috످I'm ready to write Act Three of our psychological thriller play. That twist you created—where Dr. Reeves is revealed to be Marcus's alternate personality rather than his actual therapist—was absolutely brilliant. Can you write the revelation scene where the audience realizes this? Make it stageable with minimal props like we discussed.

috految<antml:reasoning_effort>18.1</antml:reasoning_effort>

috److془I can't see prior conversation. Write scene. Make it great.془I can't see any earlier conversation here, so I can't confirm the twist was mine, but I can write from your description. I've invented the backstory and staging, and if you paste in Acts One and Two, I can revise to match.

# ACT THREE: "Our Time Is Up"

*Two chairs. A tape recorder. MARCUS sits across from DR. REEVES, who taps his knee three times.*

**REEVES:** Shall we begin?

**MARCUS:** I recorded our last session. I keep losing time, and I wanted to remember.

**REEVES:** *(Very still.)* Have you listened to it?

**MARCUS:** Not yet.

**REEVES:** Then I'd like you to give it to me.

*(Marcus presses play.)*

**MARCUS (ON TAPE):** I dreamed about the cellar again.

*(Static. Three taps. The voice that answers has Reeves's gentle cadence, but it is unmistakably Marcus's.)*

**MARCUS (ON TAPE):** And how did that make you feel, Marcus?

*(Marcus stops the tape.)*

**MARCUS:** Where's your voice?

*(Silence.)*

**MARCUS:** Why isn't your voice on the tape?

**REEVES:** It is.

*(Marcus stands. Reeves rises in perfect unison.)*

**MARCUS:** No. I come to your office. Every Thursday, I sit in your waiting room, and—

**REEVES:** What color is the waiting room?

*(Marcus opens his mouth. Nothing.)*

**REEVES:** Look around. Have you never wondered why there are only two chairs? No windows? No door?

*(Marcus turns, seeing the bare stage for the first time.)*

**REEVES:** You were seven. It was all you could imagine.

**MARCUS:** Dad locked me in the cellar. I was there all night, but then I fell asleep, and—

**REEVES:** It was four days. You kept begging for a doctor. And nobody came. *(Beat.)* So I did.

*(Marcus sinks to the floor. Reeves kneels beside him.)*

**REEVES:** I told you to close your eyes and count to three, and I would take your turn.

**MARCUS:** Were you scared?

*(In thirty years, no one has asked him this.)*

**REEVES:** I was seven, too.

*(Marcus holds him. A long silence.)*

**MARCUS:** I think I can take it from here.

**REEVES:** Yes. You always say that.

**MARCUS:** *(Pulling back.)* How many times have I found out?

**REEVES:** Eleven. *(Tenderly.)* Close your eyes, Marcus.

**MARCUS:** Please. I want to remember.

**REEVES:** One.

**MARCUS:** Please.

**REEVES:** Two.

*(Blackout. In the dark, Marcus's voice, perfectly calm:)*

**MARCUS:** Three.

*(Lights up. Marcus sits alone in Reeves's chair. He erases the tape, taps his knee three times, and smiles at the empty seat.)*

**MARCUS:** Shall we begin?

**BLACKOUT.**

---

For the set, keep the stage bare from Act One. The audience will assume it's a stylistic choice until they realize they've been inside Marcus's mind all along. For the clues, Reeves should never touch a prop or be acknowledged by anyone but Marcus.

To vanish, Reeves exits during the blackout while Marcus switches chairs. At the curtain call, only Marcus comes out. He bows twice, once as each man.

috످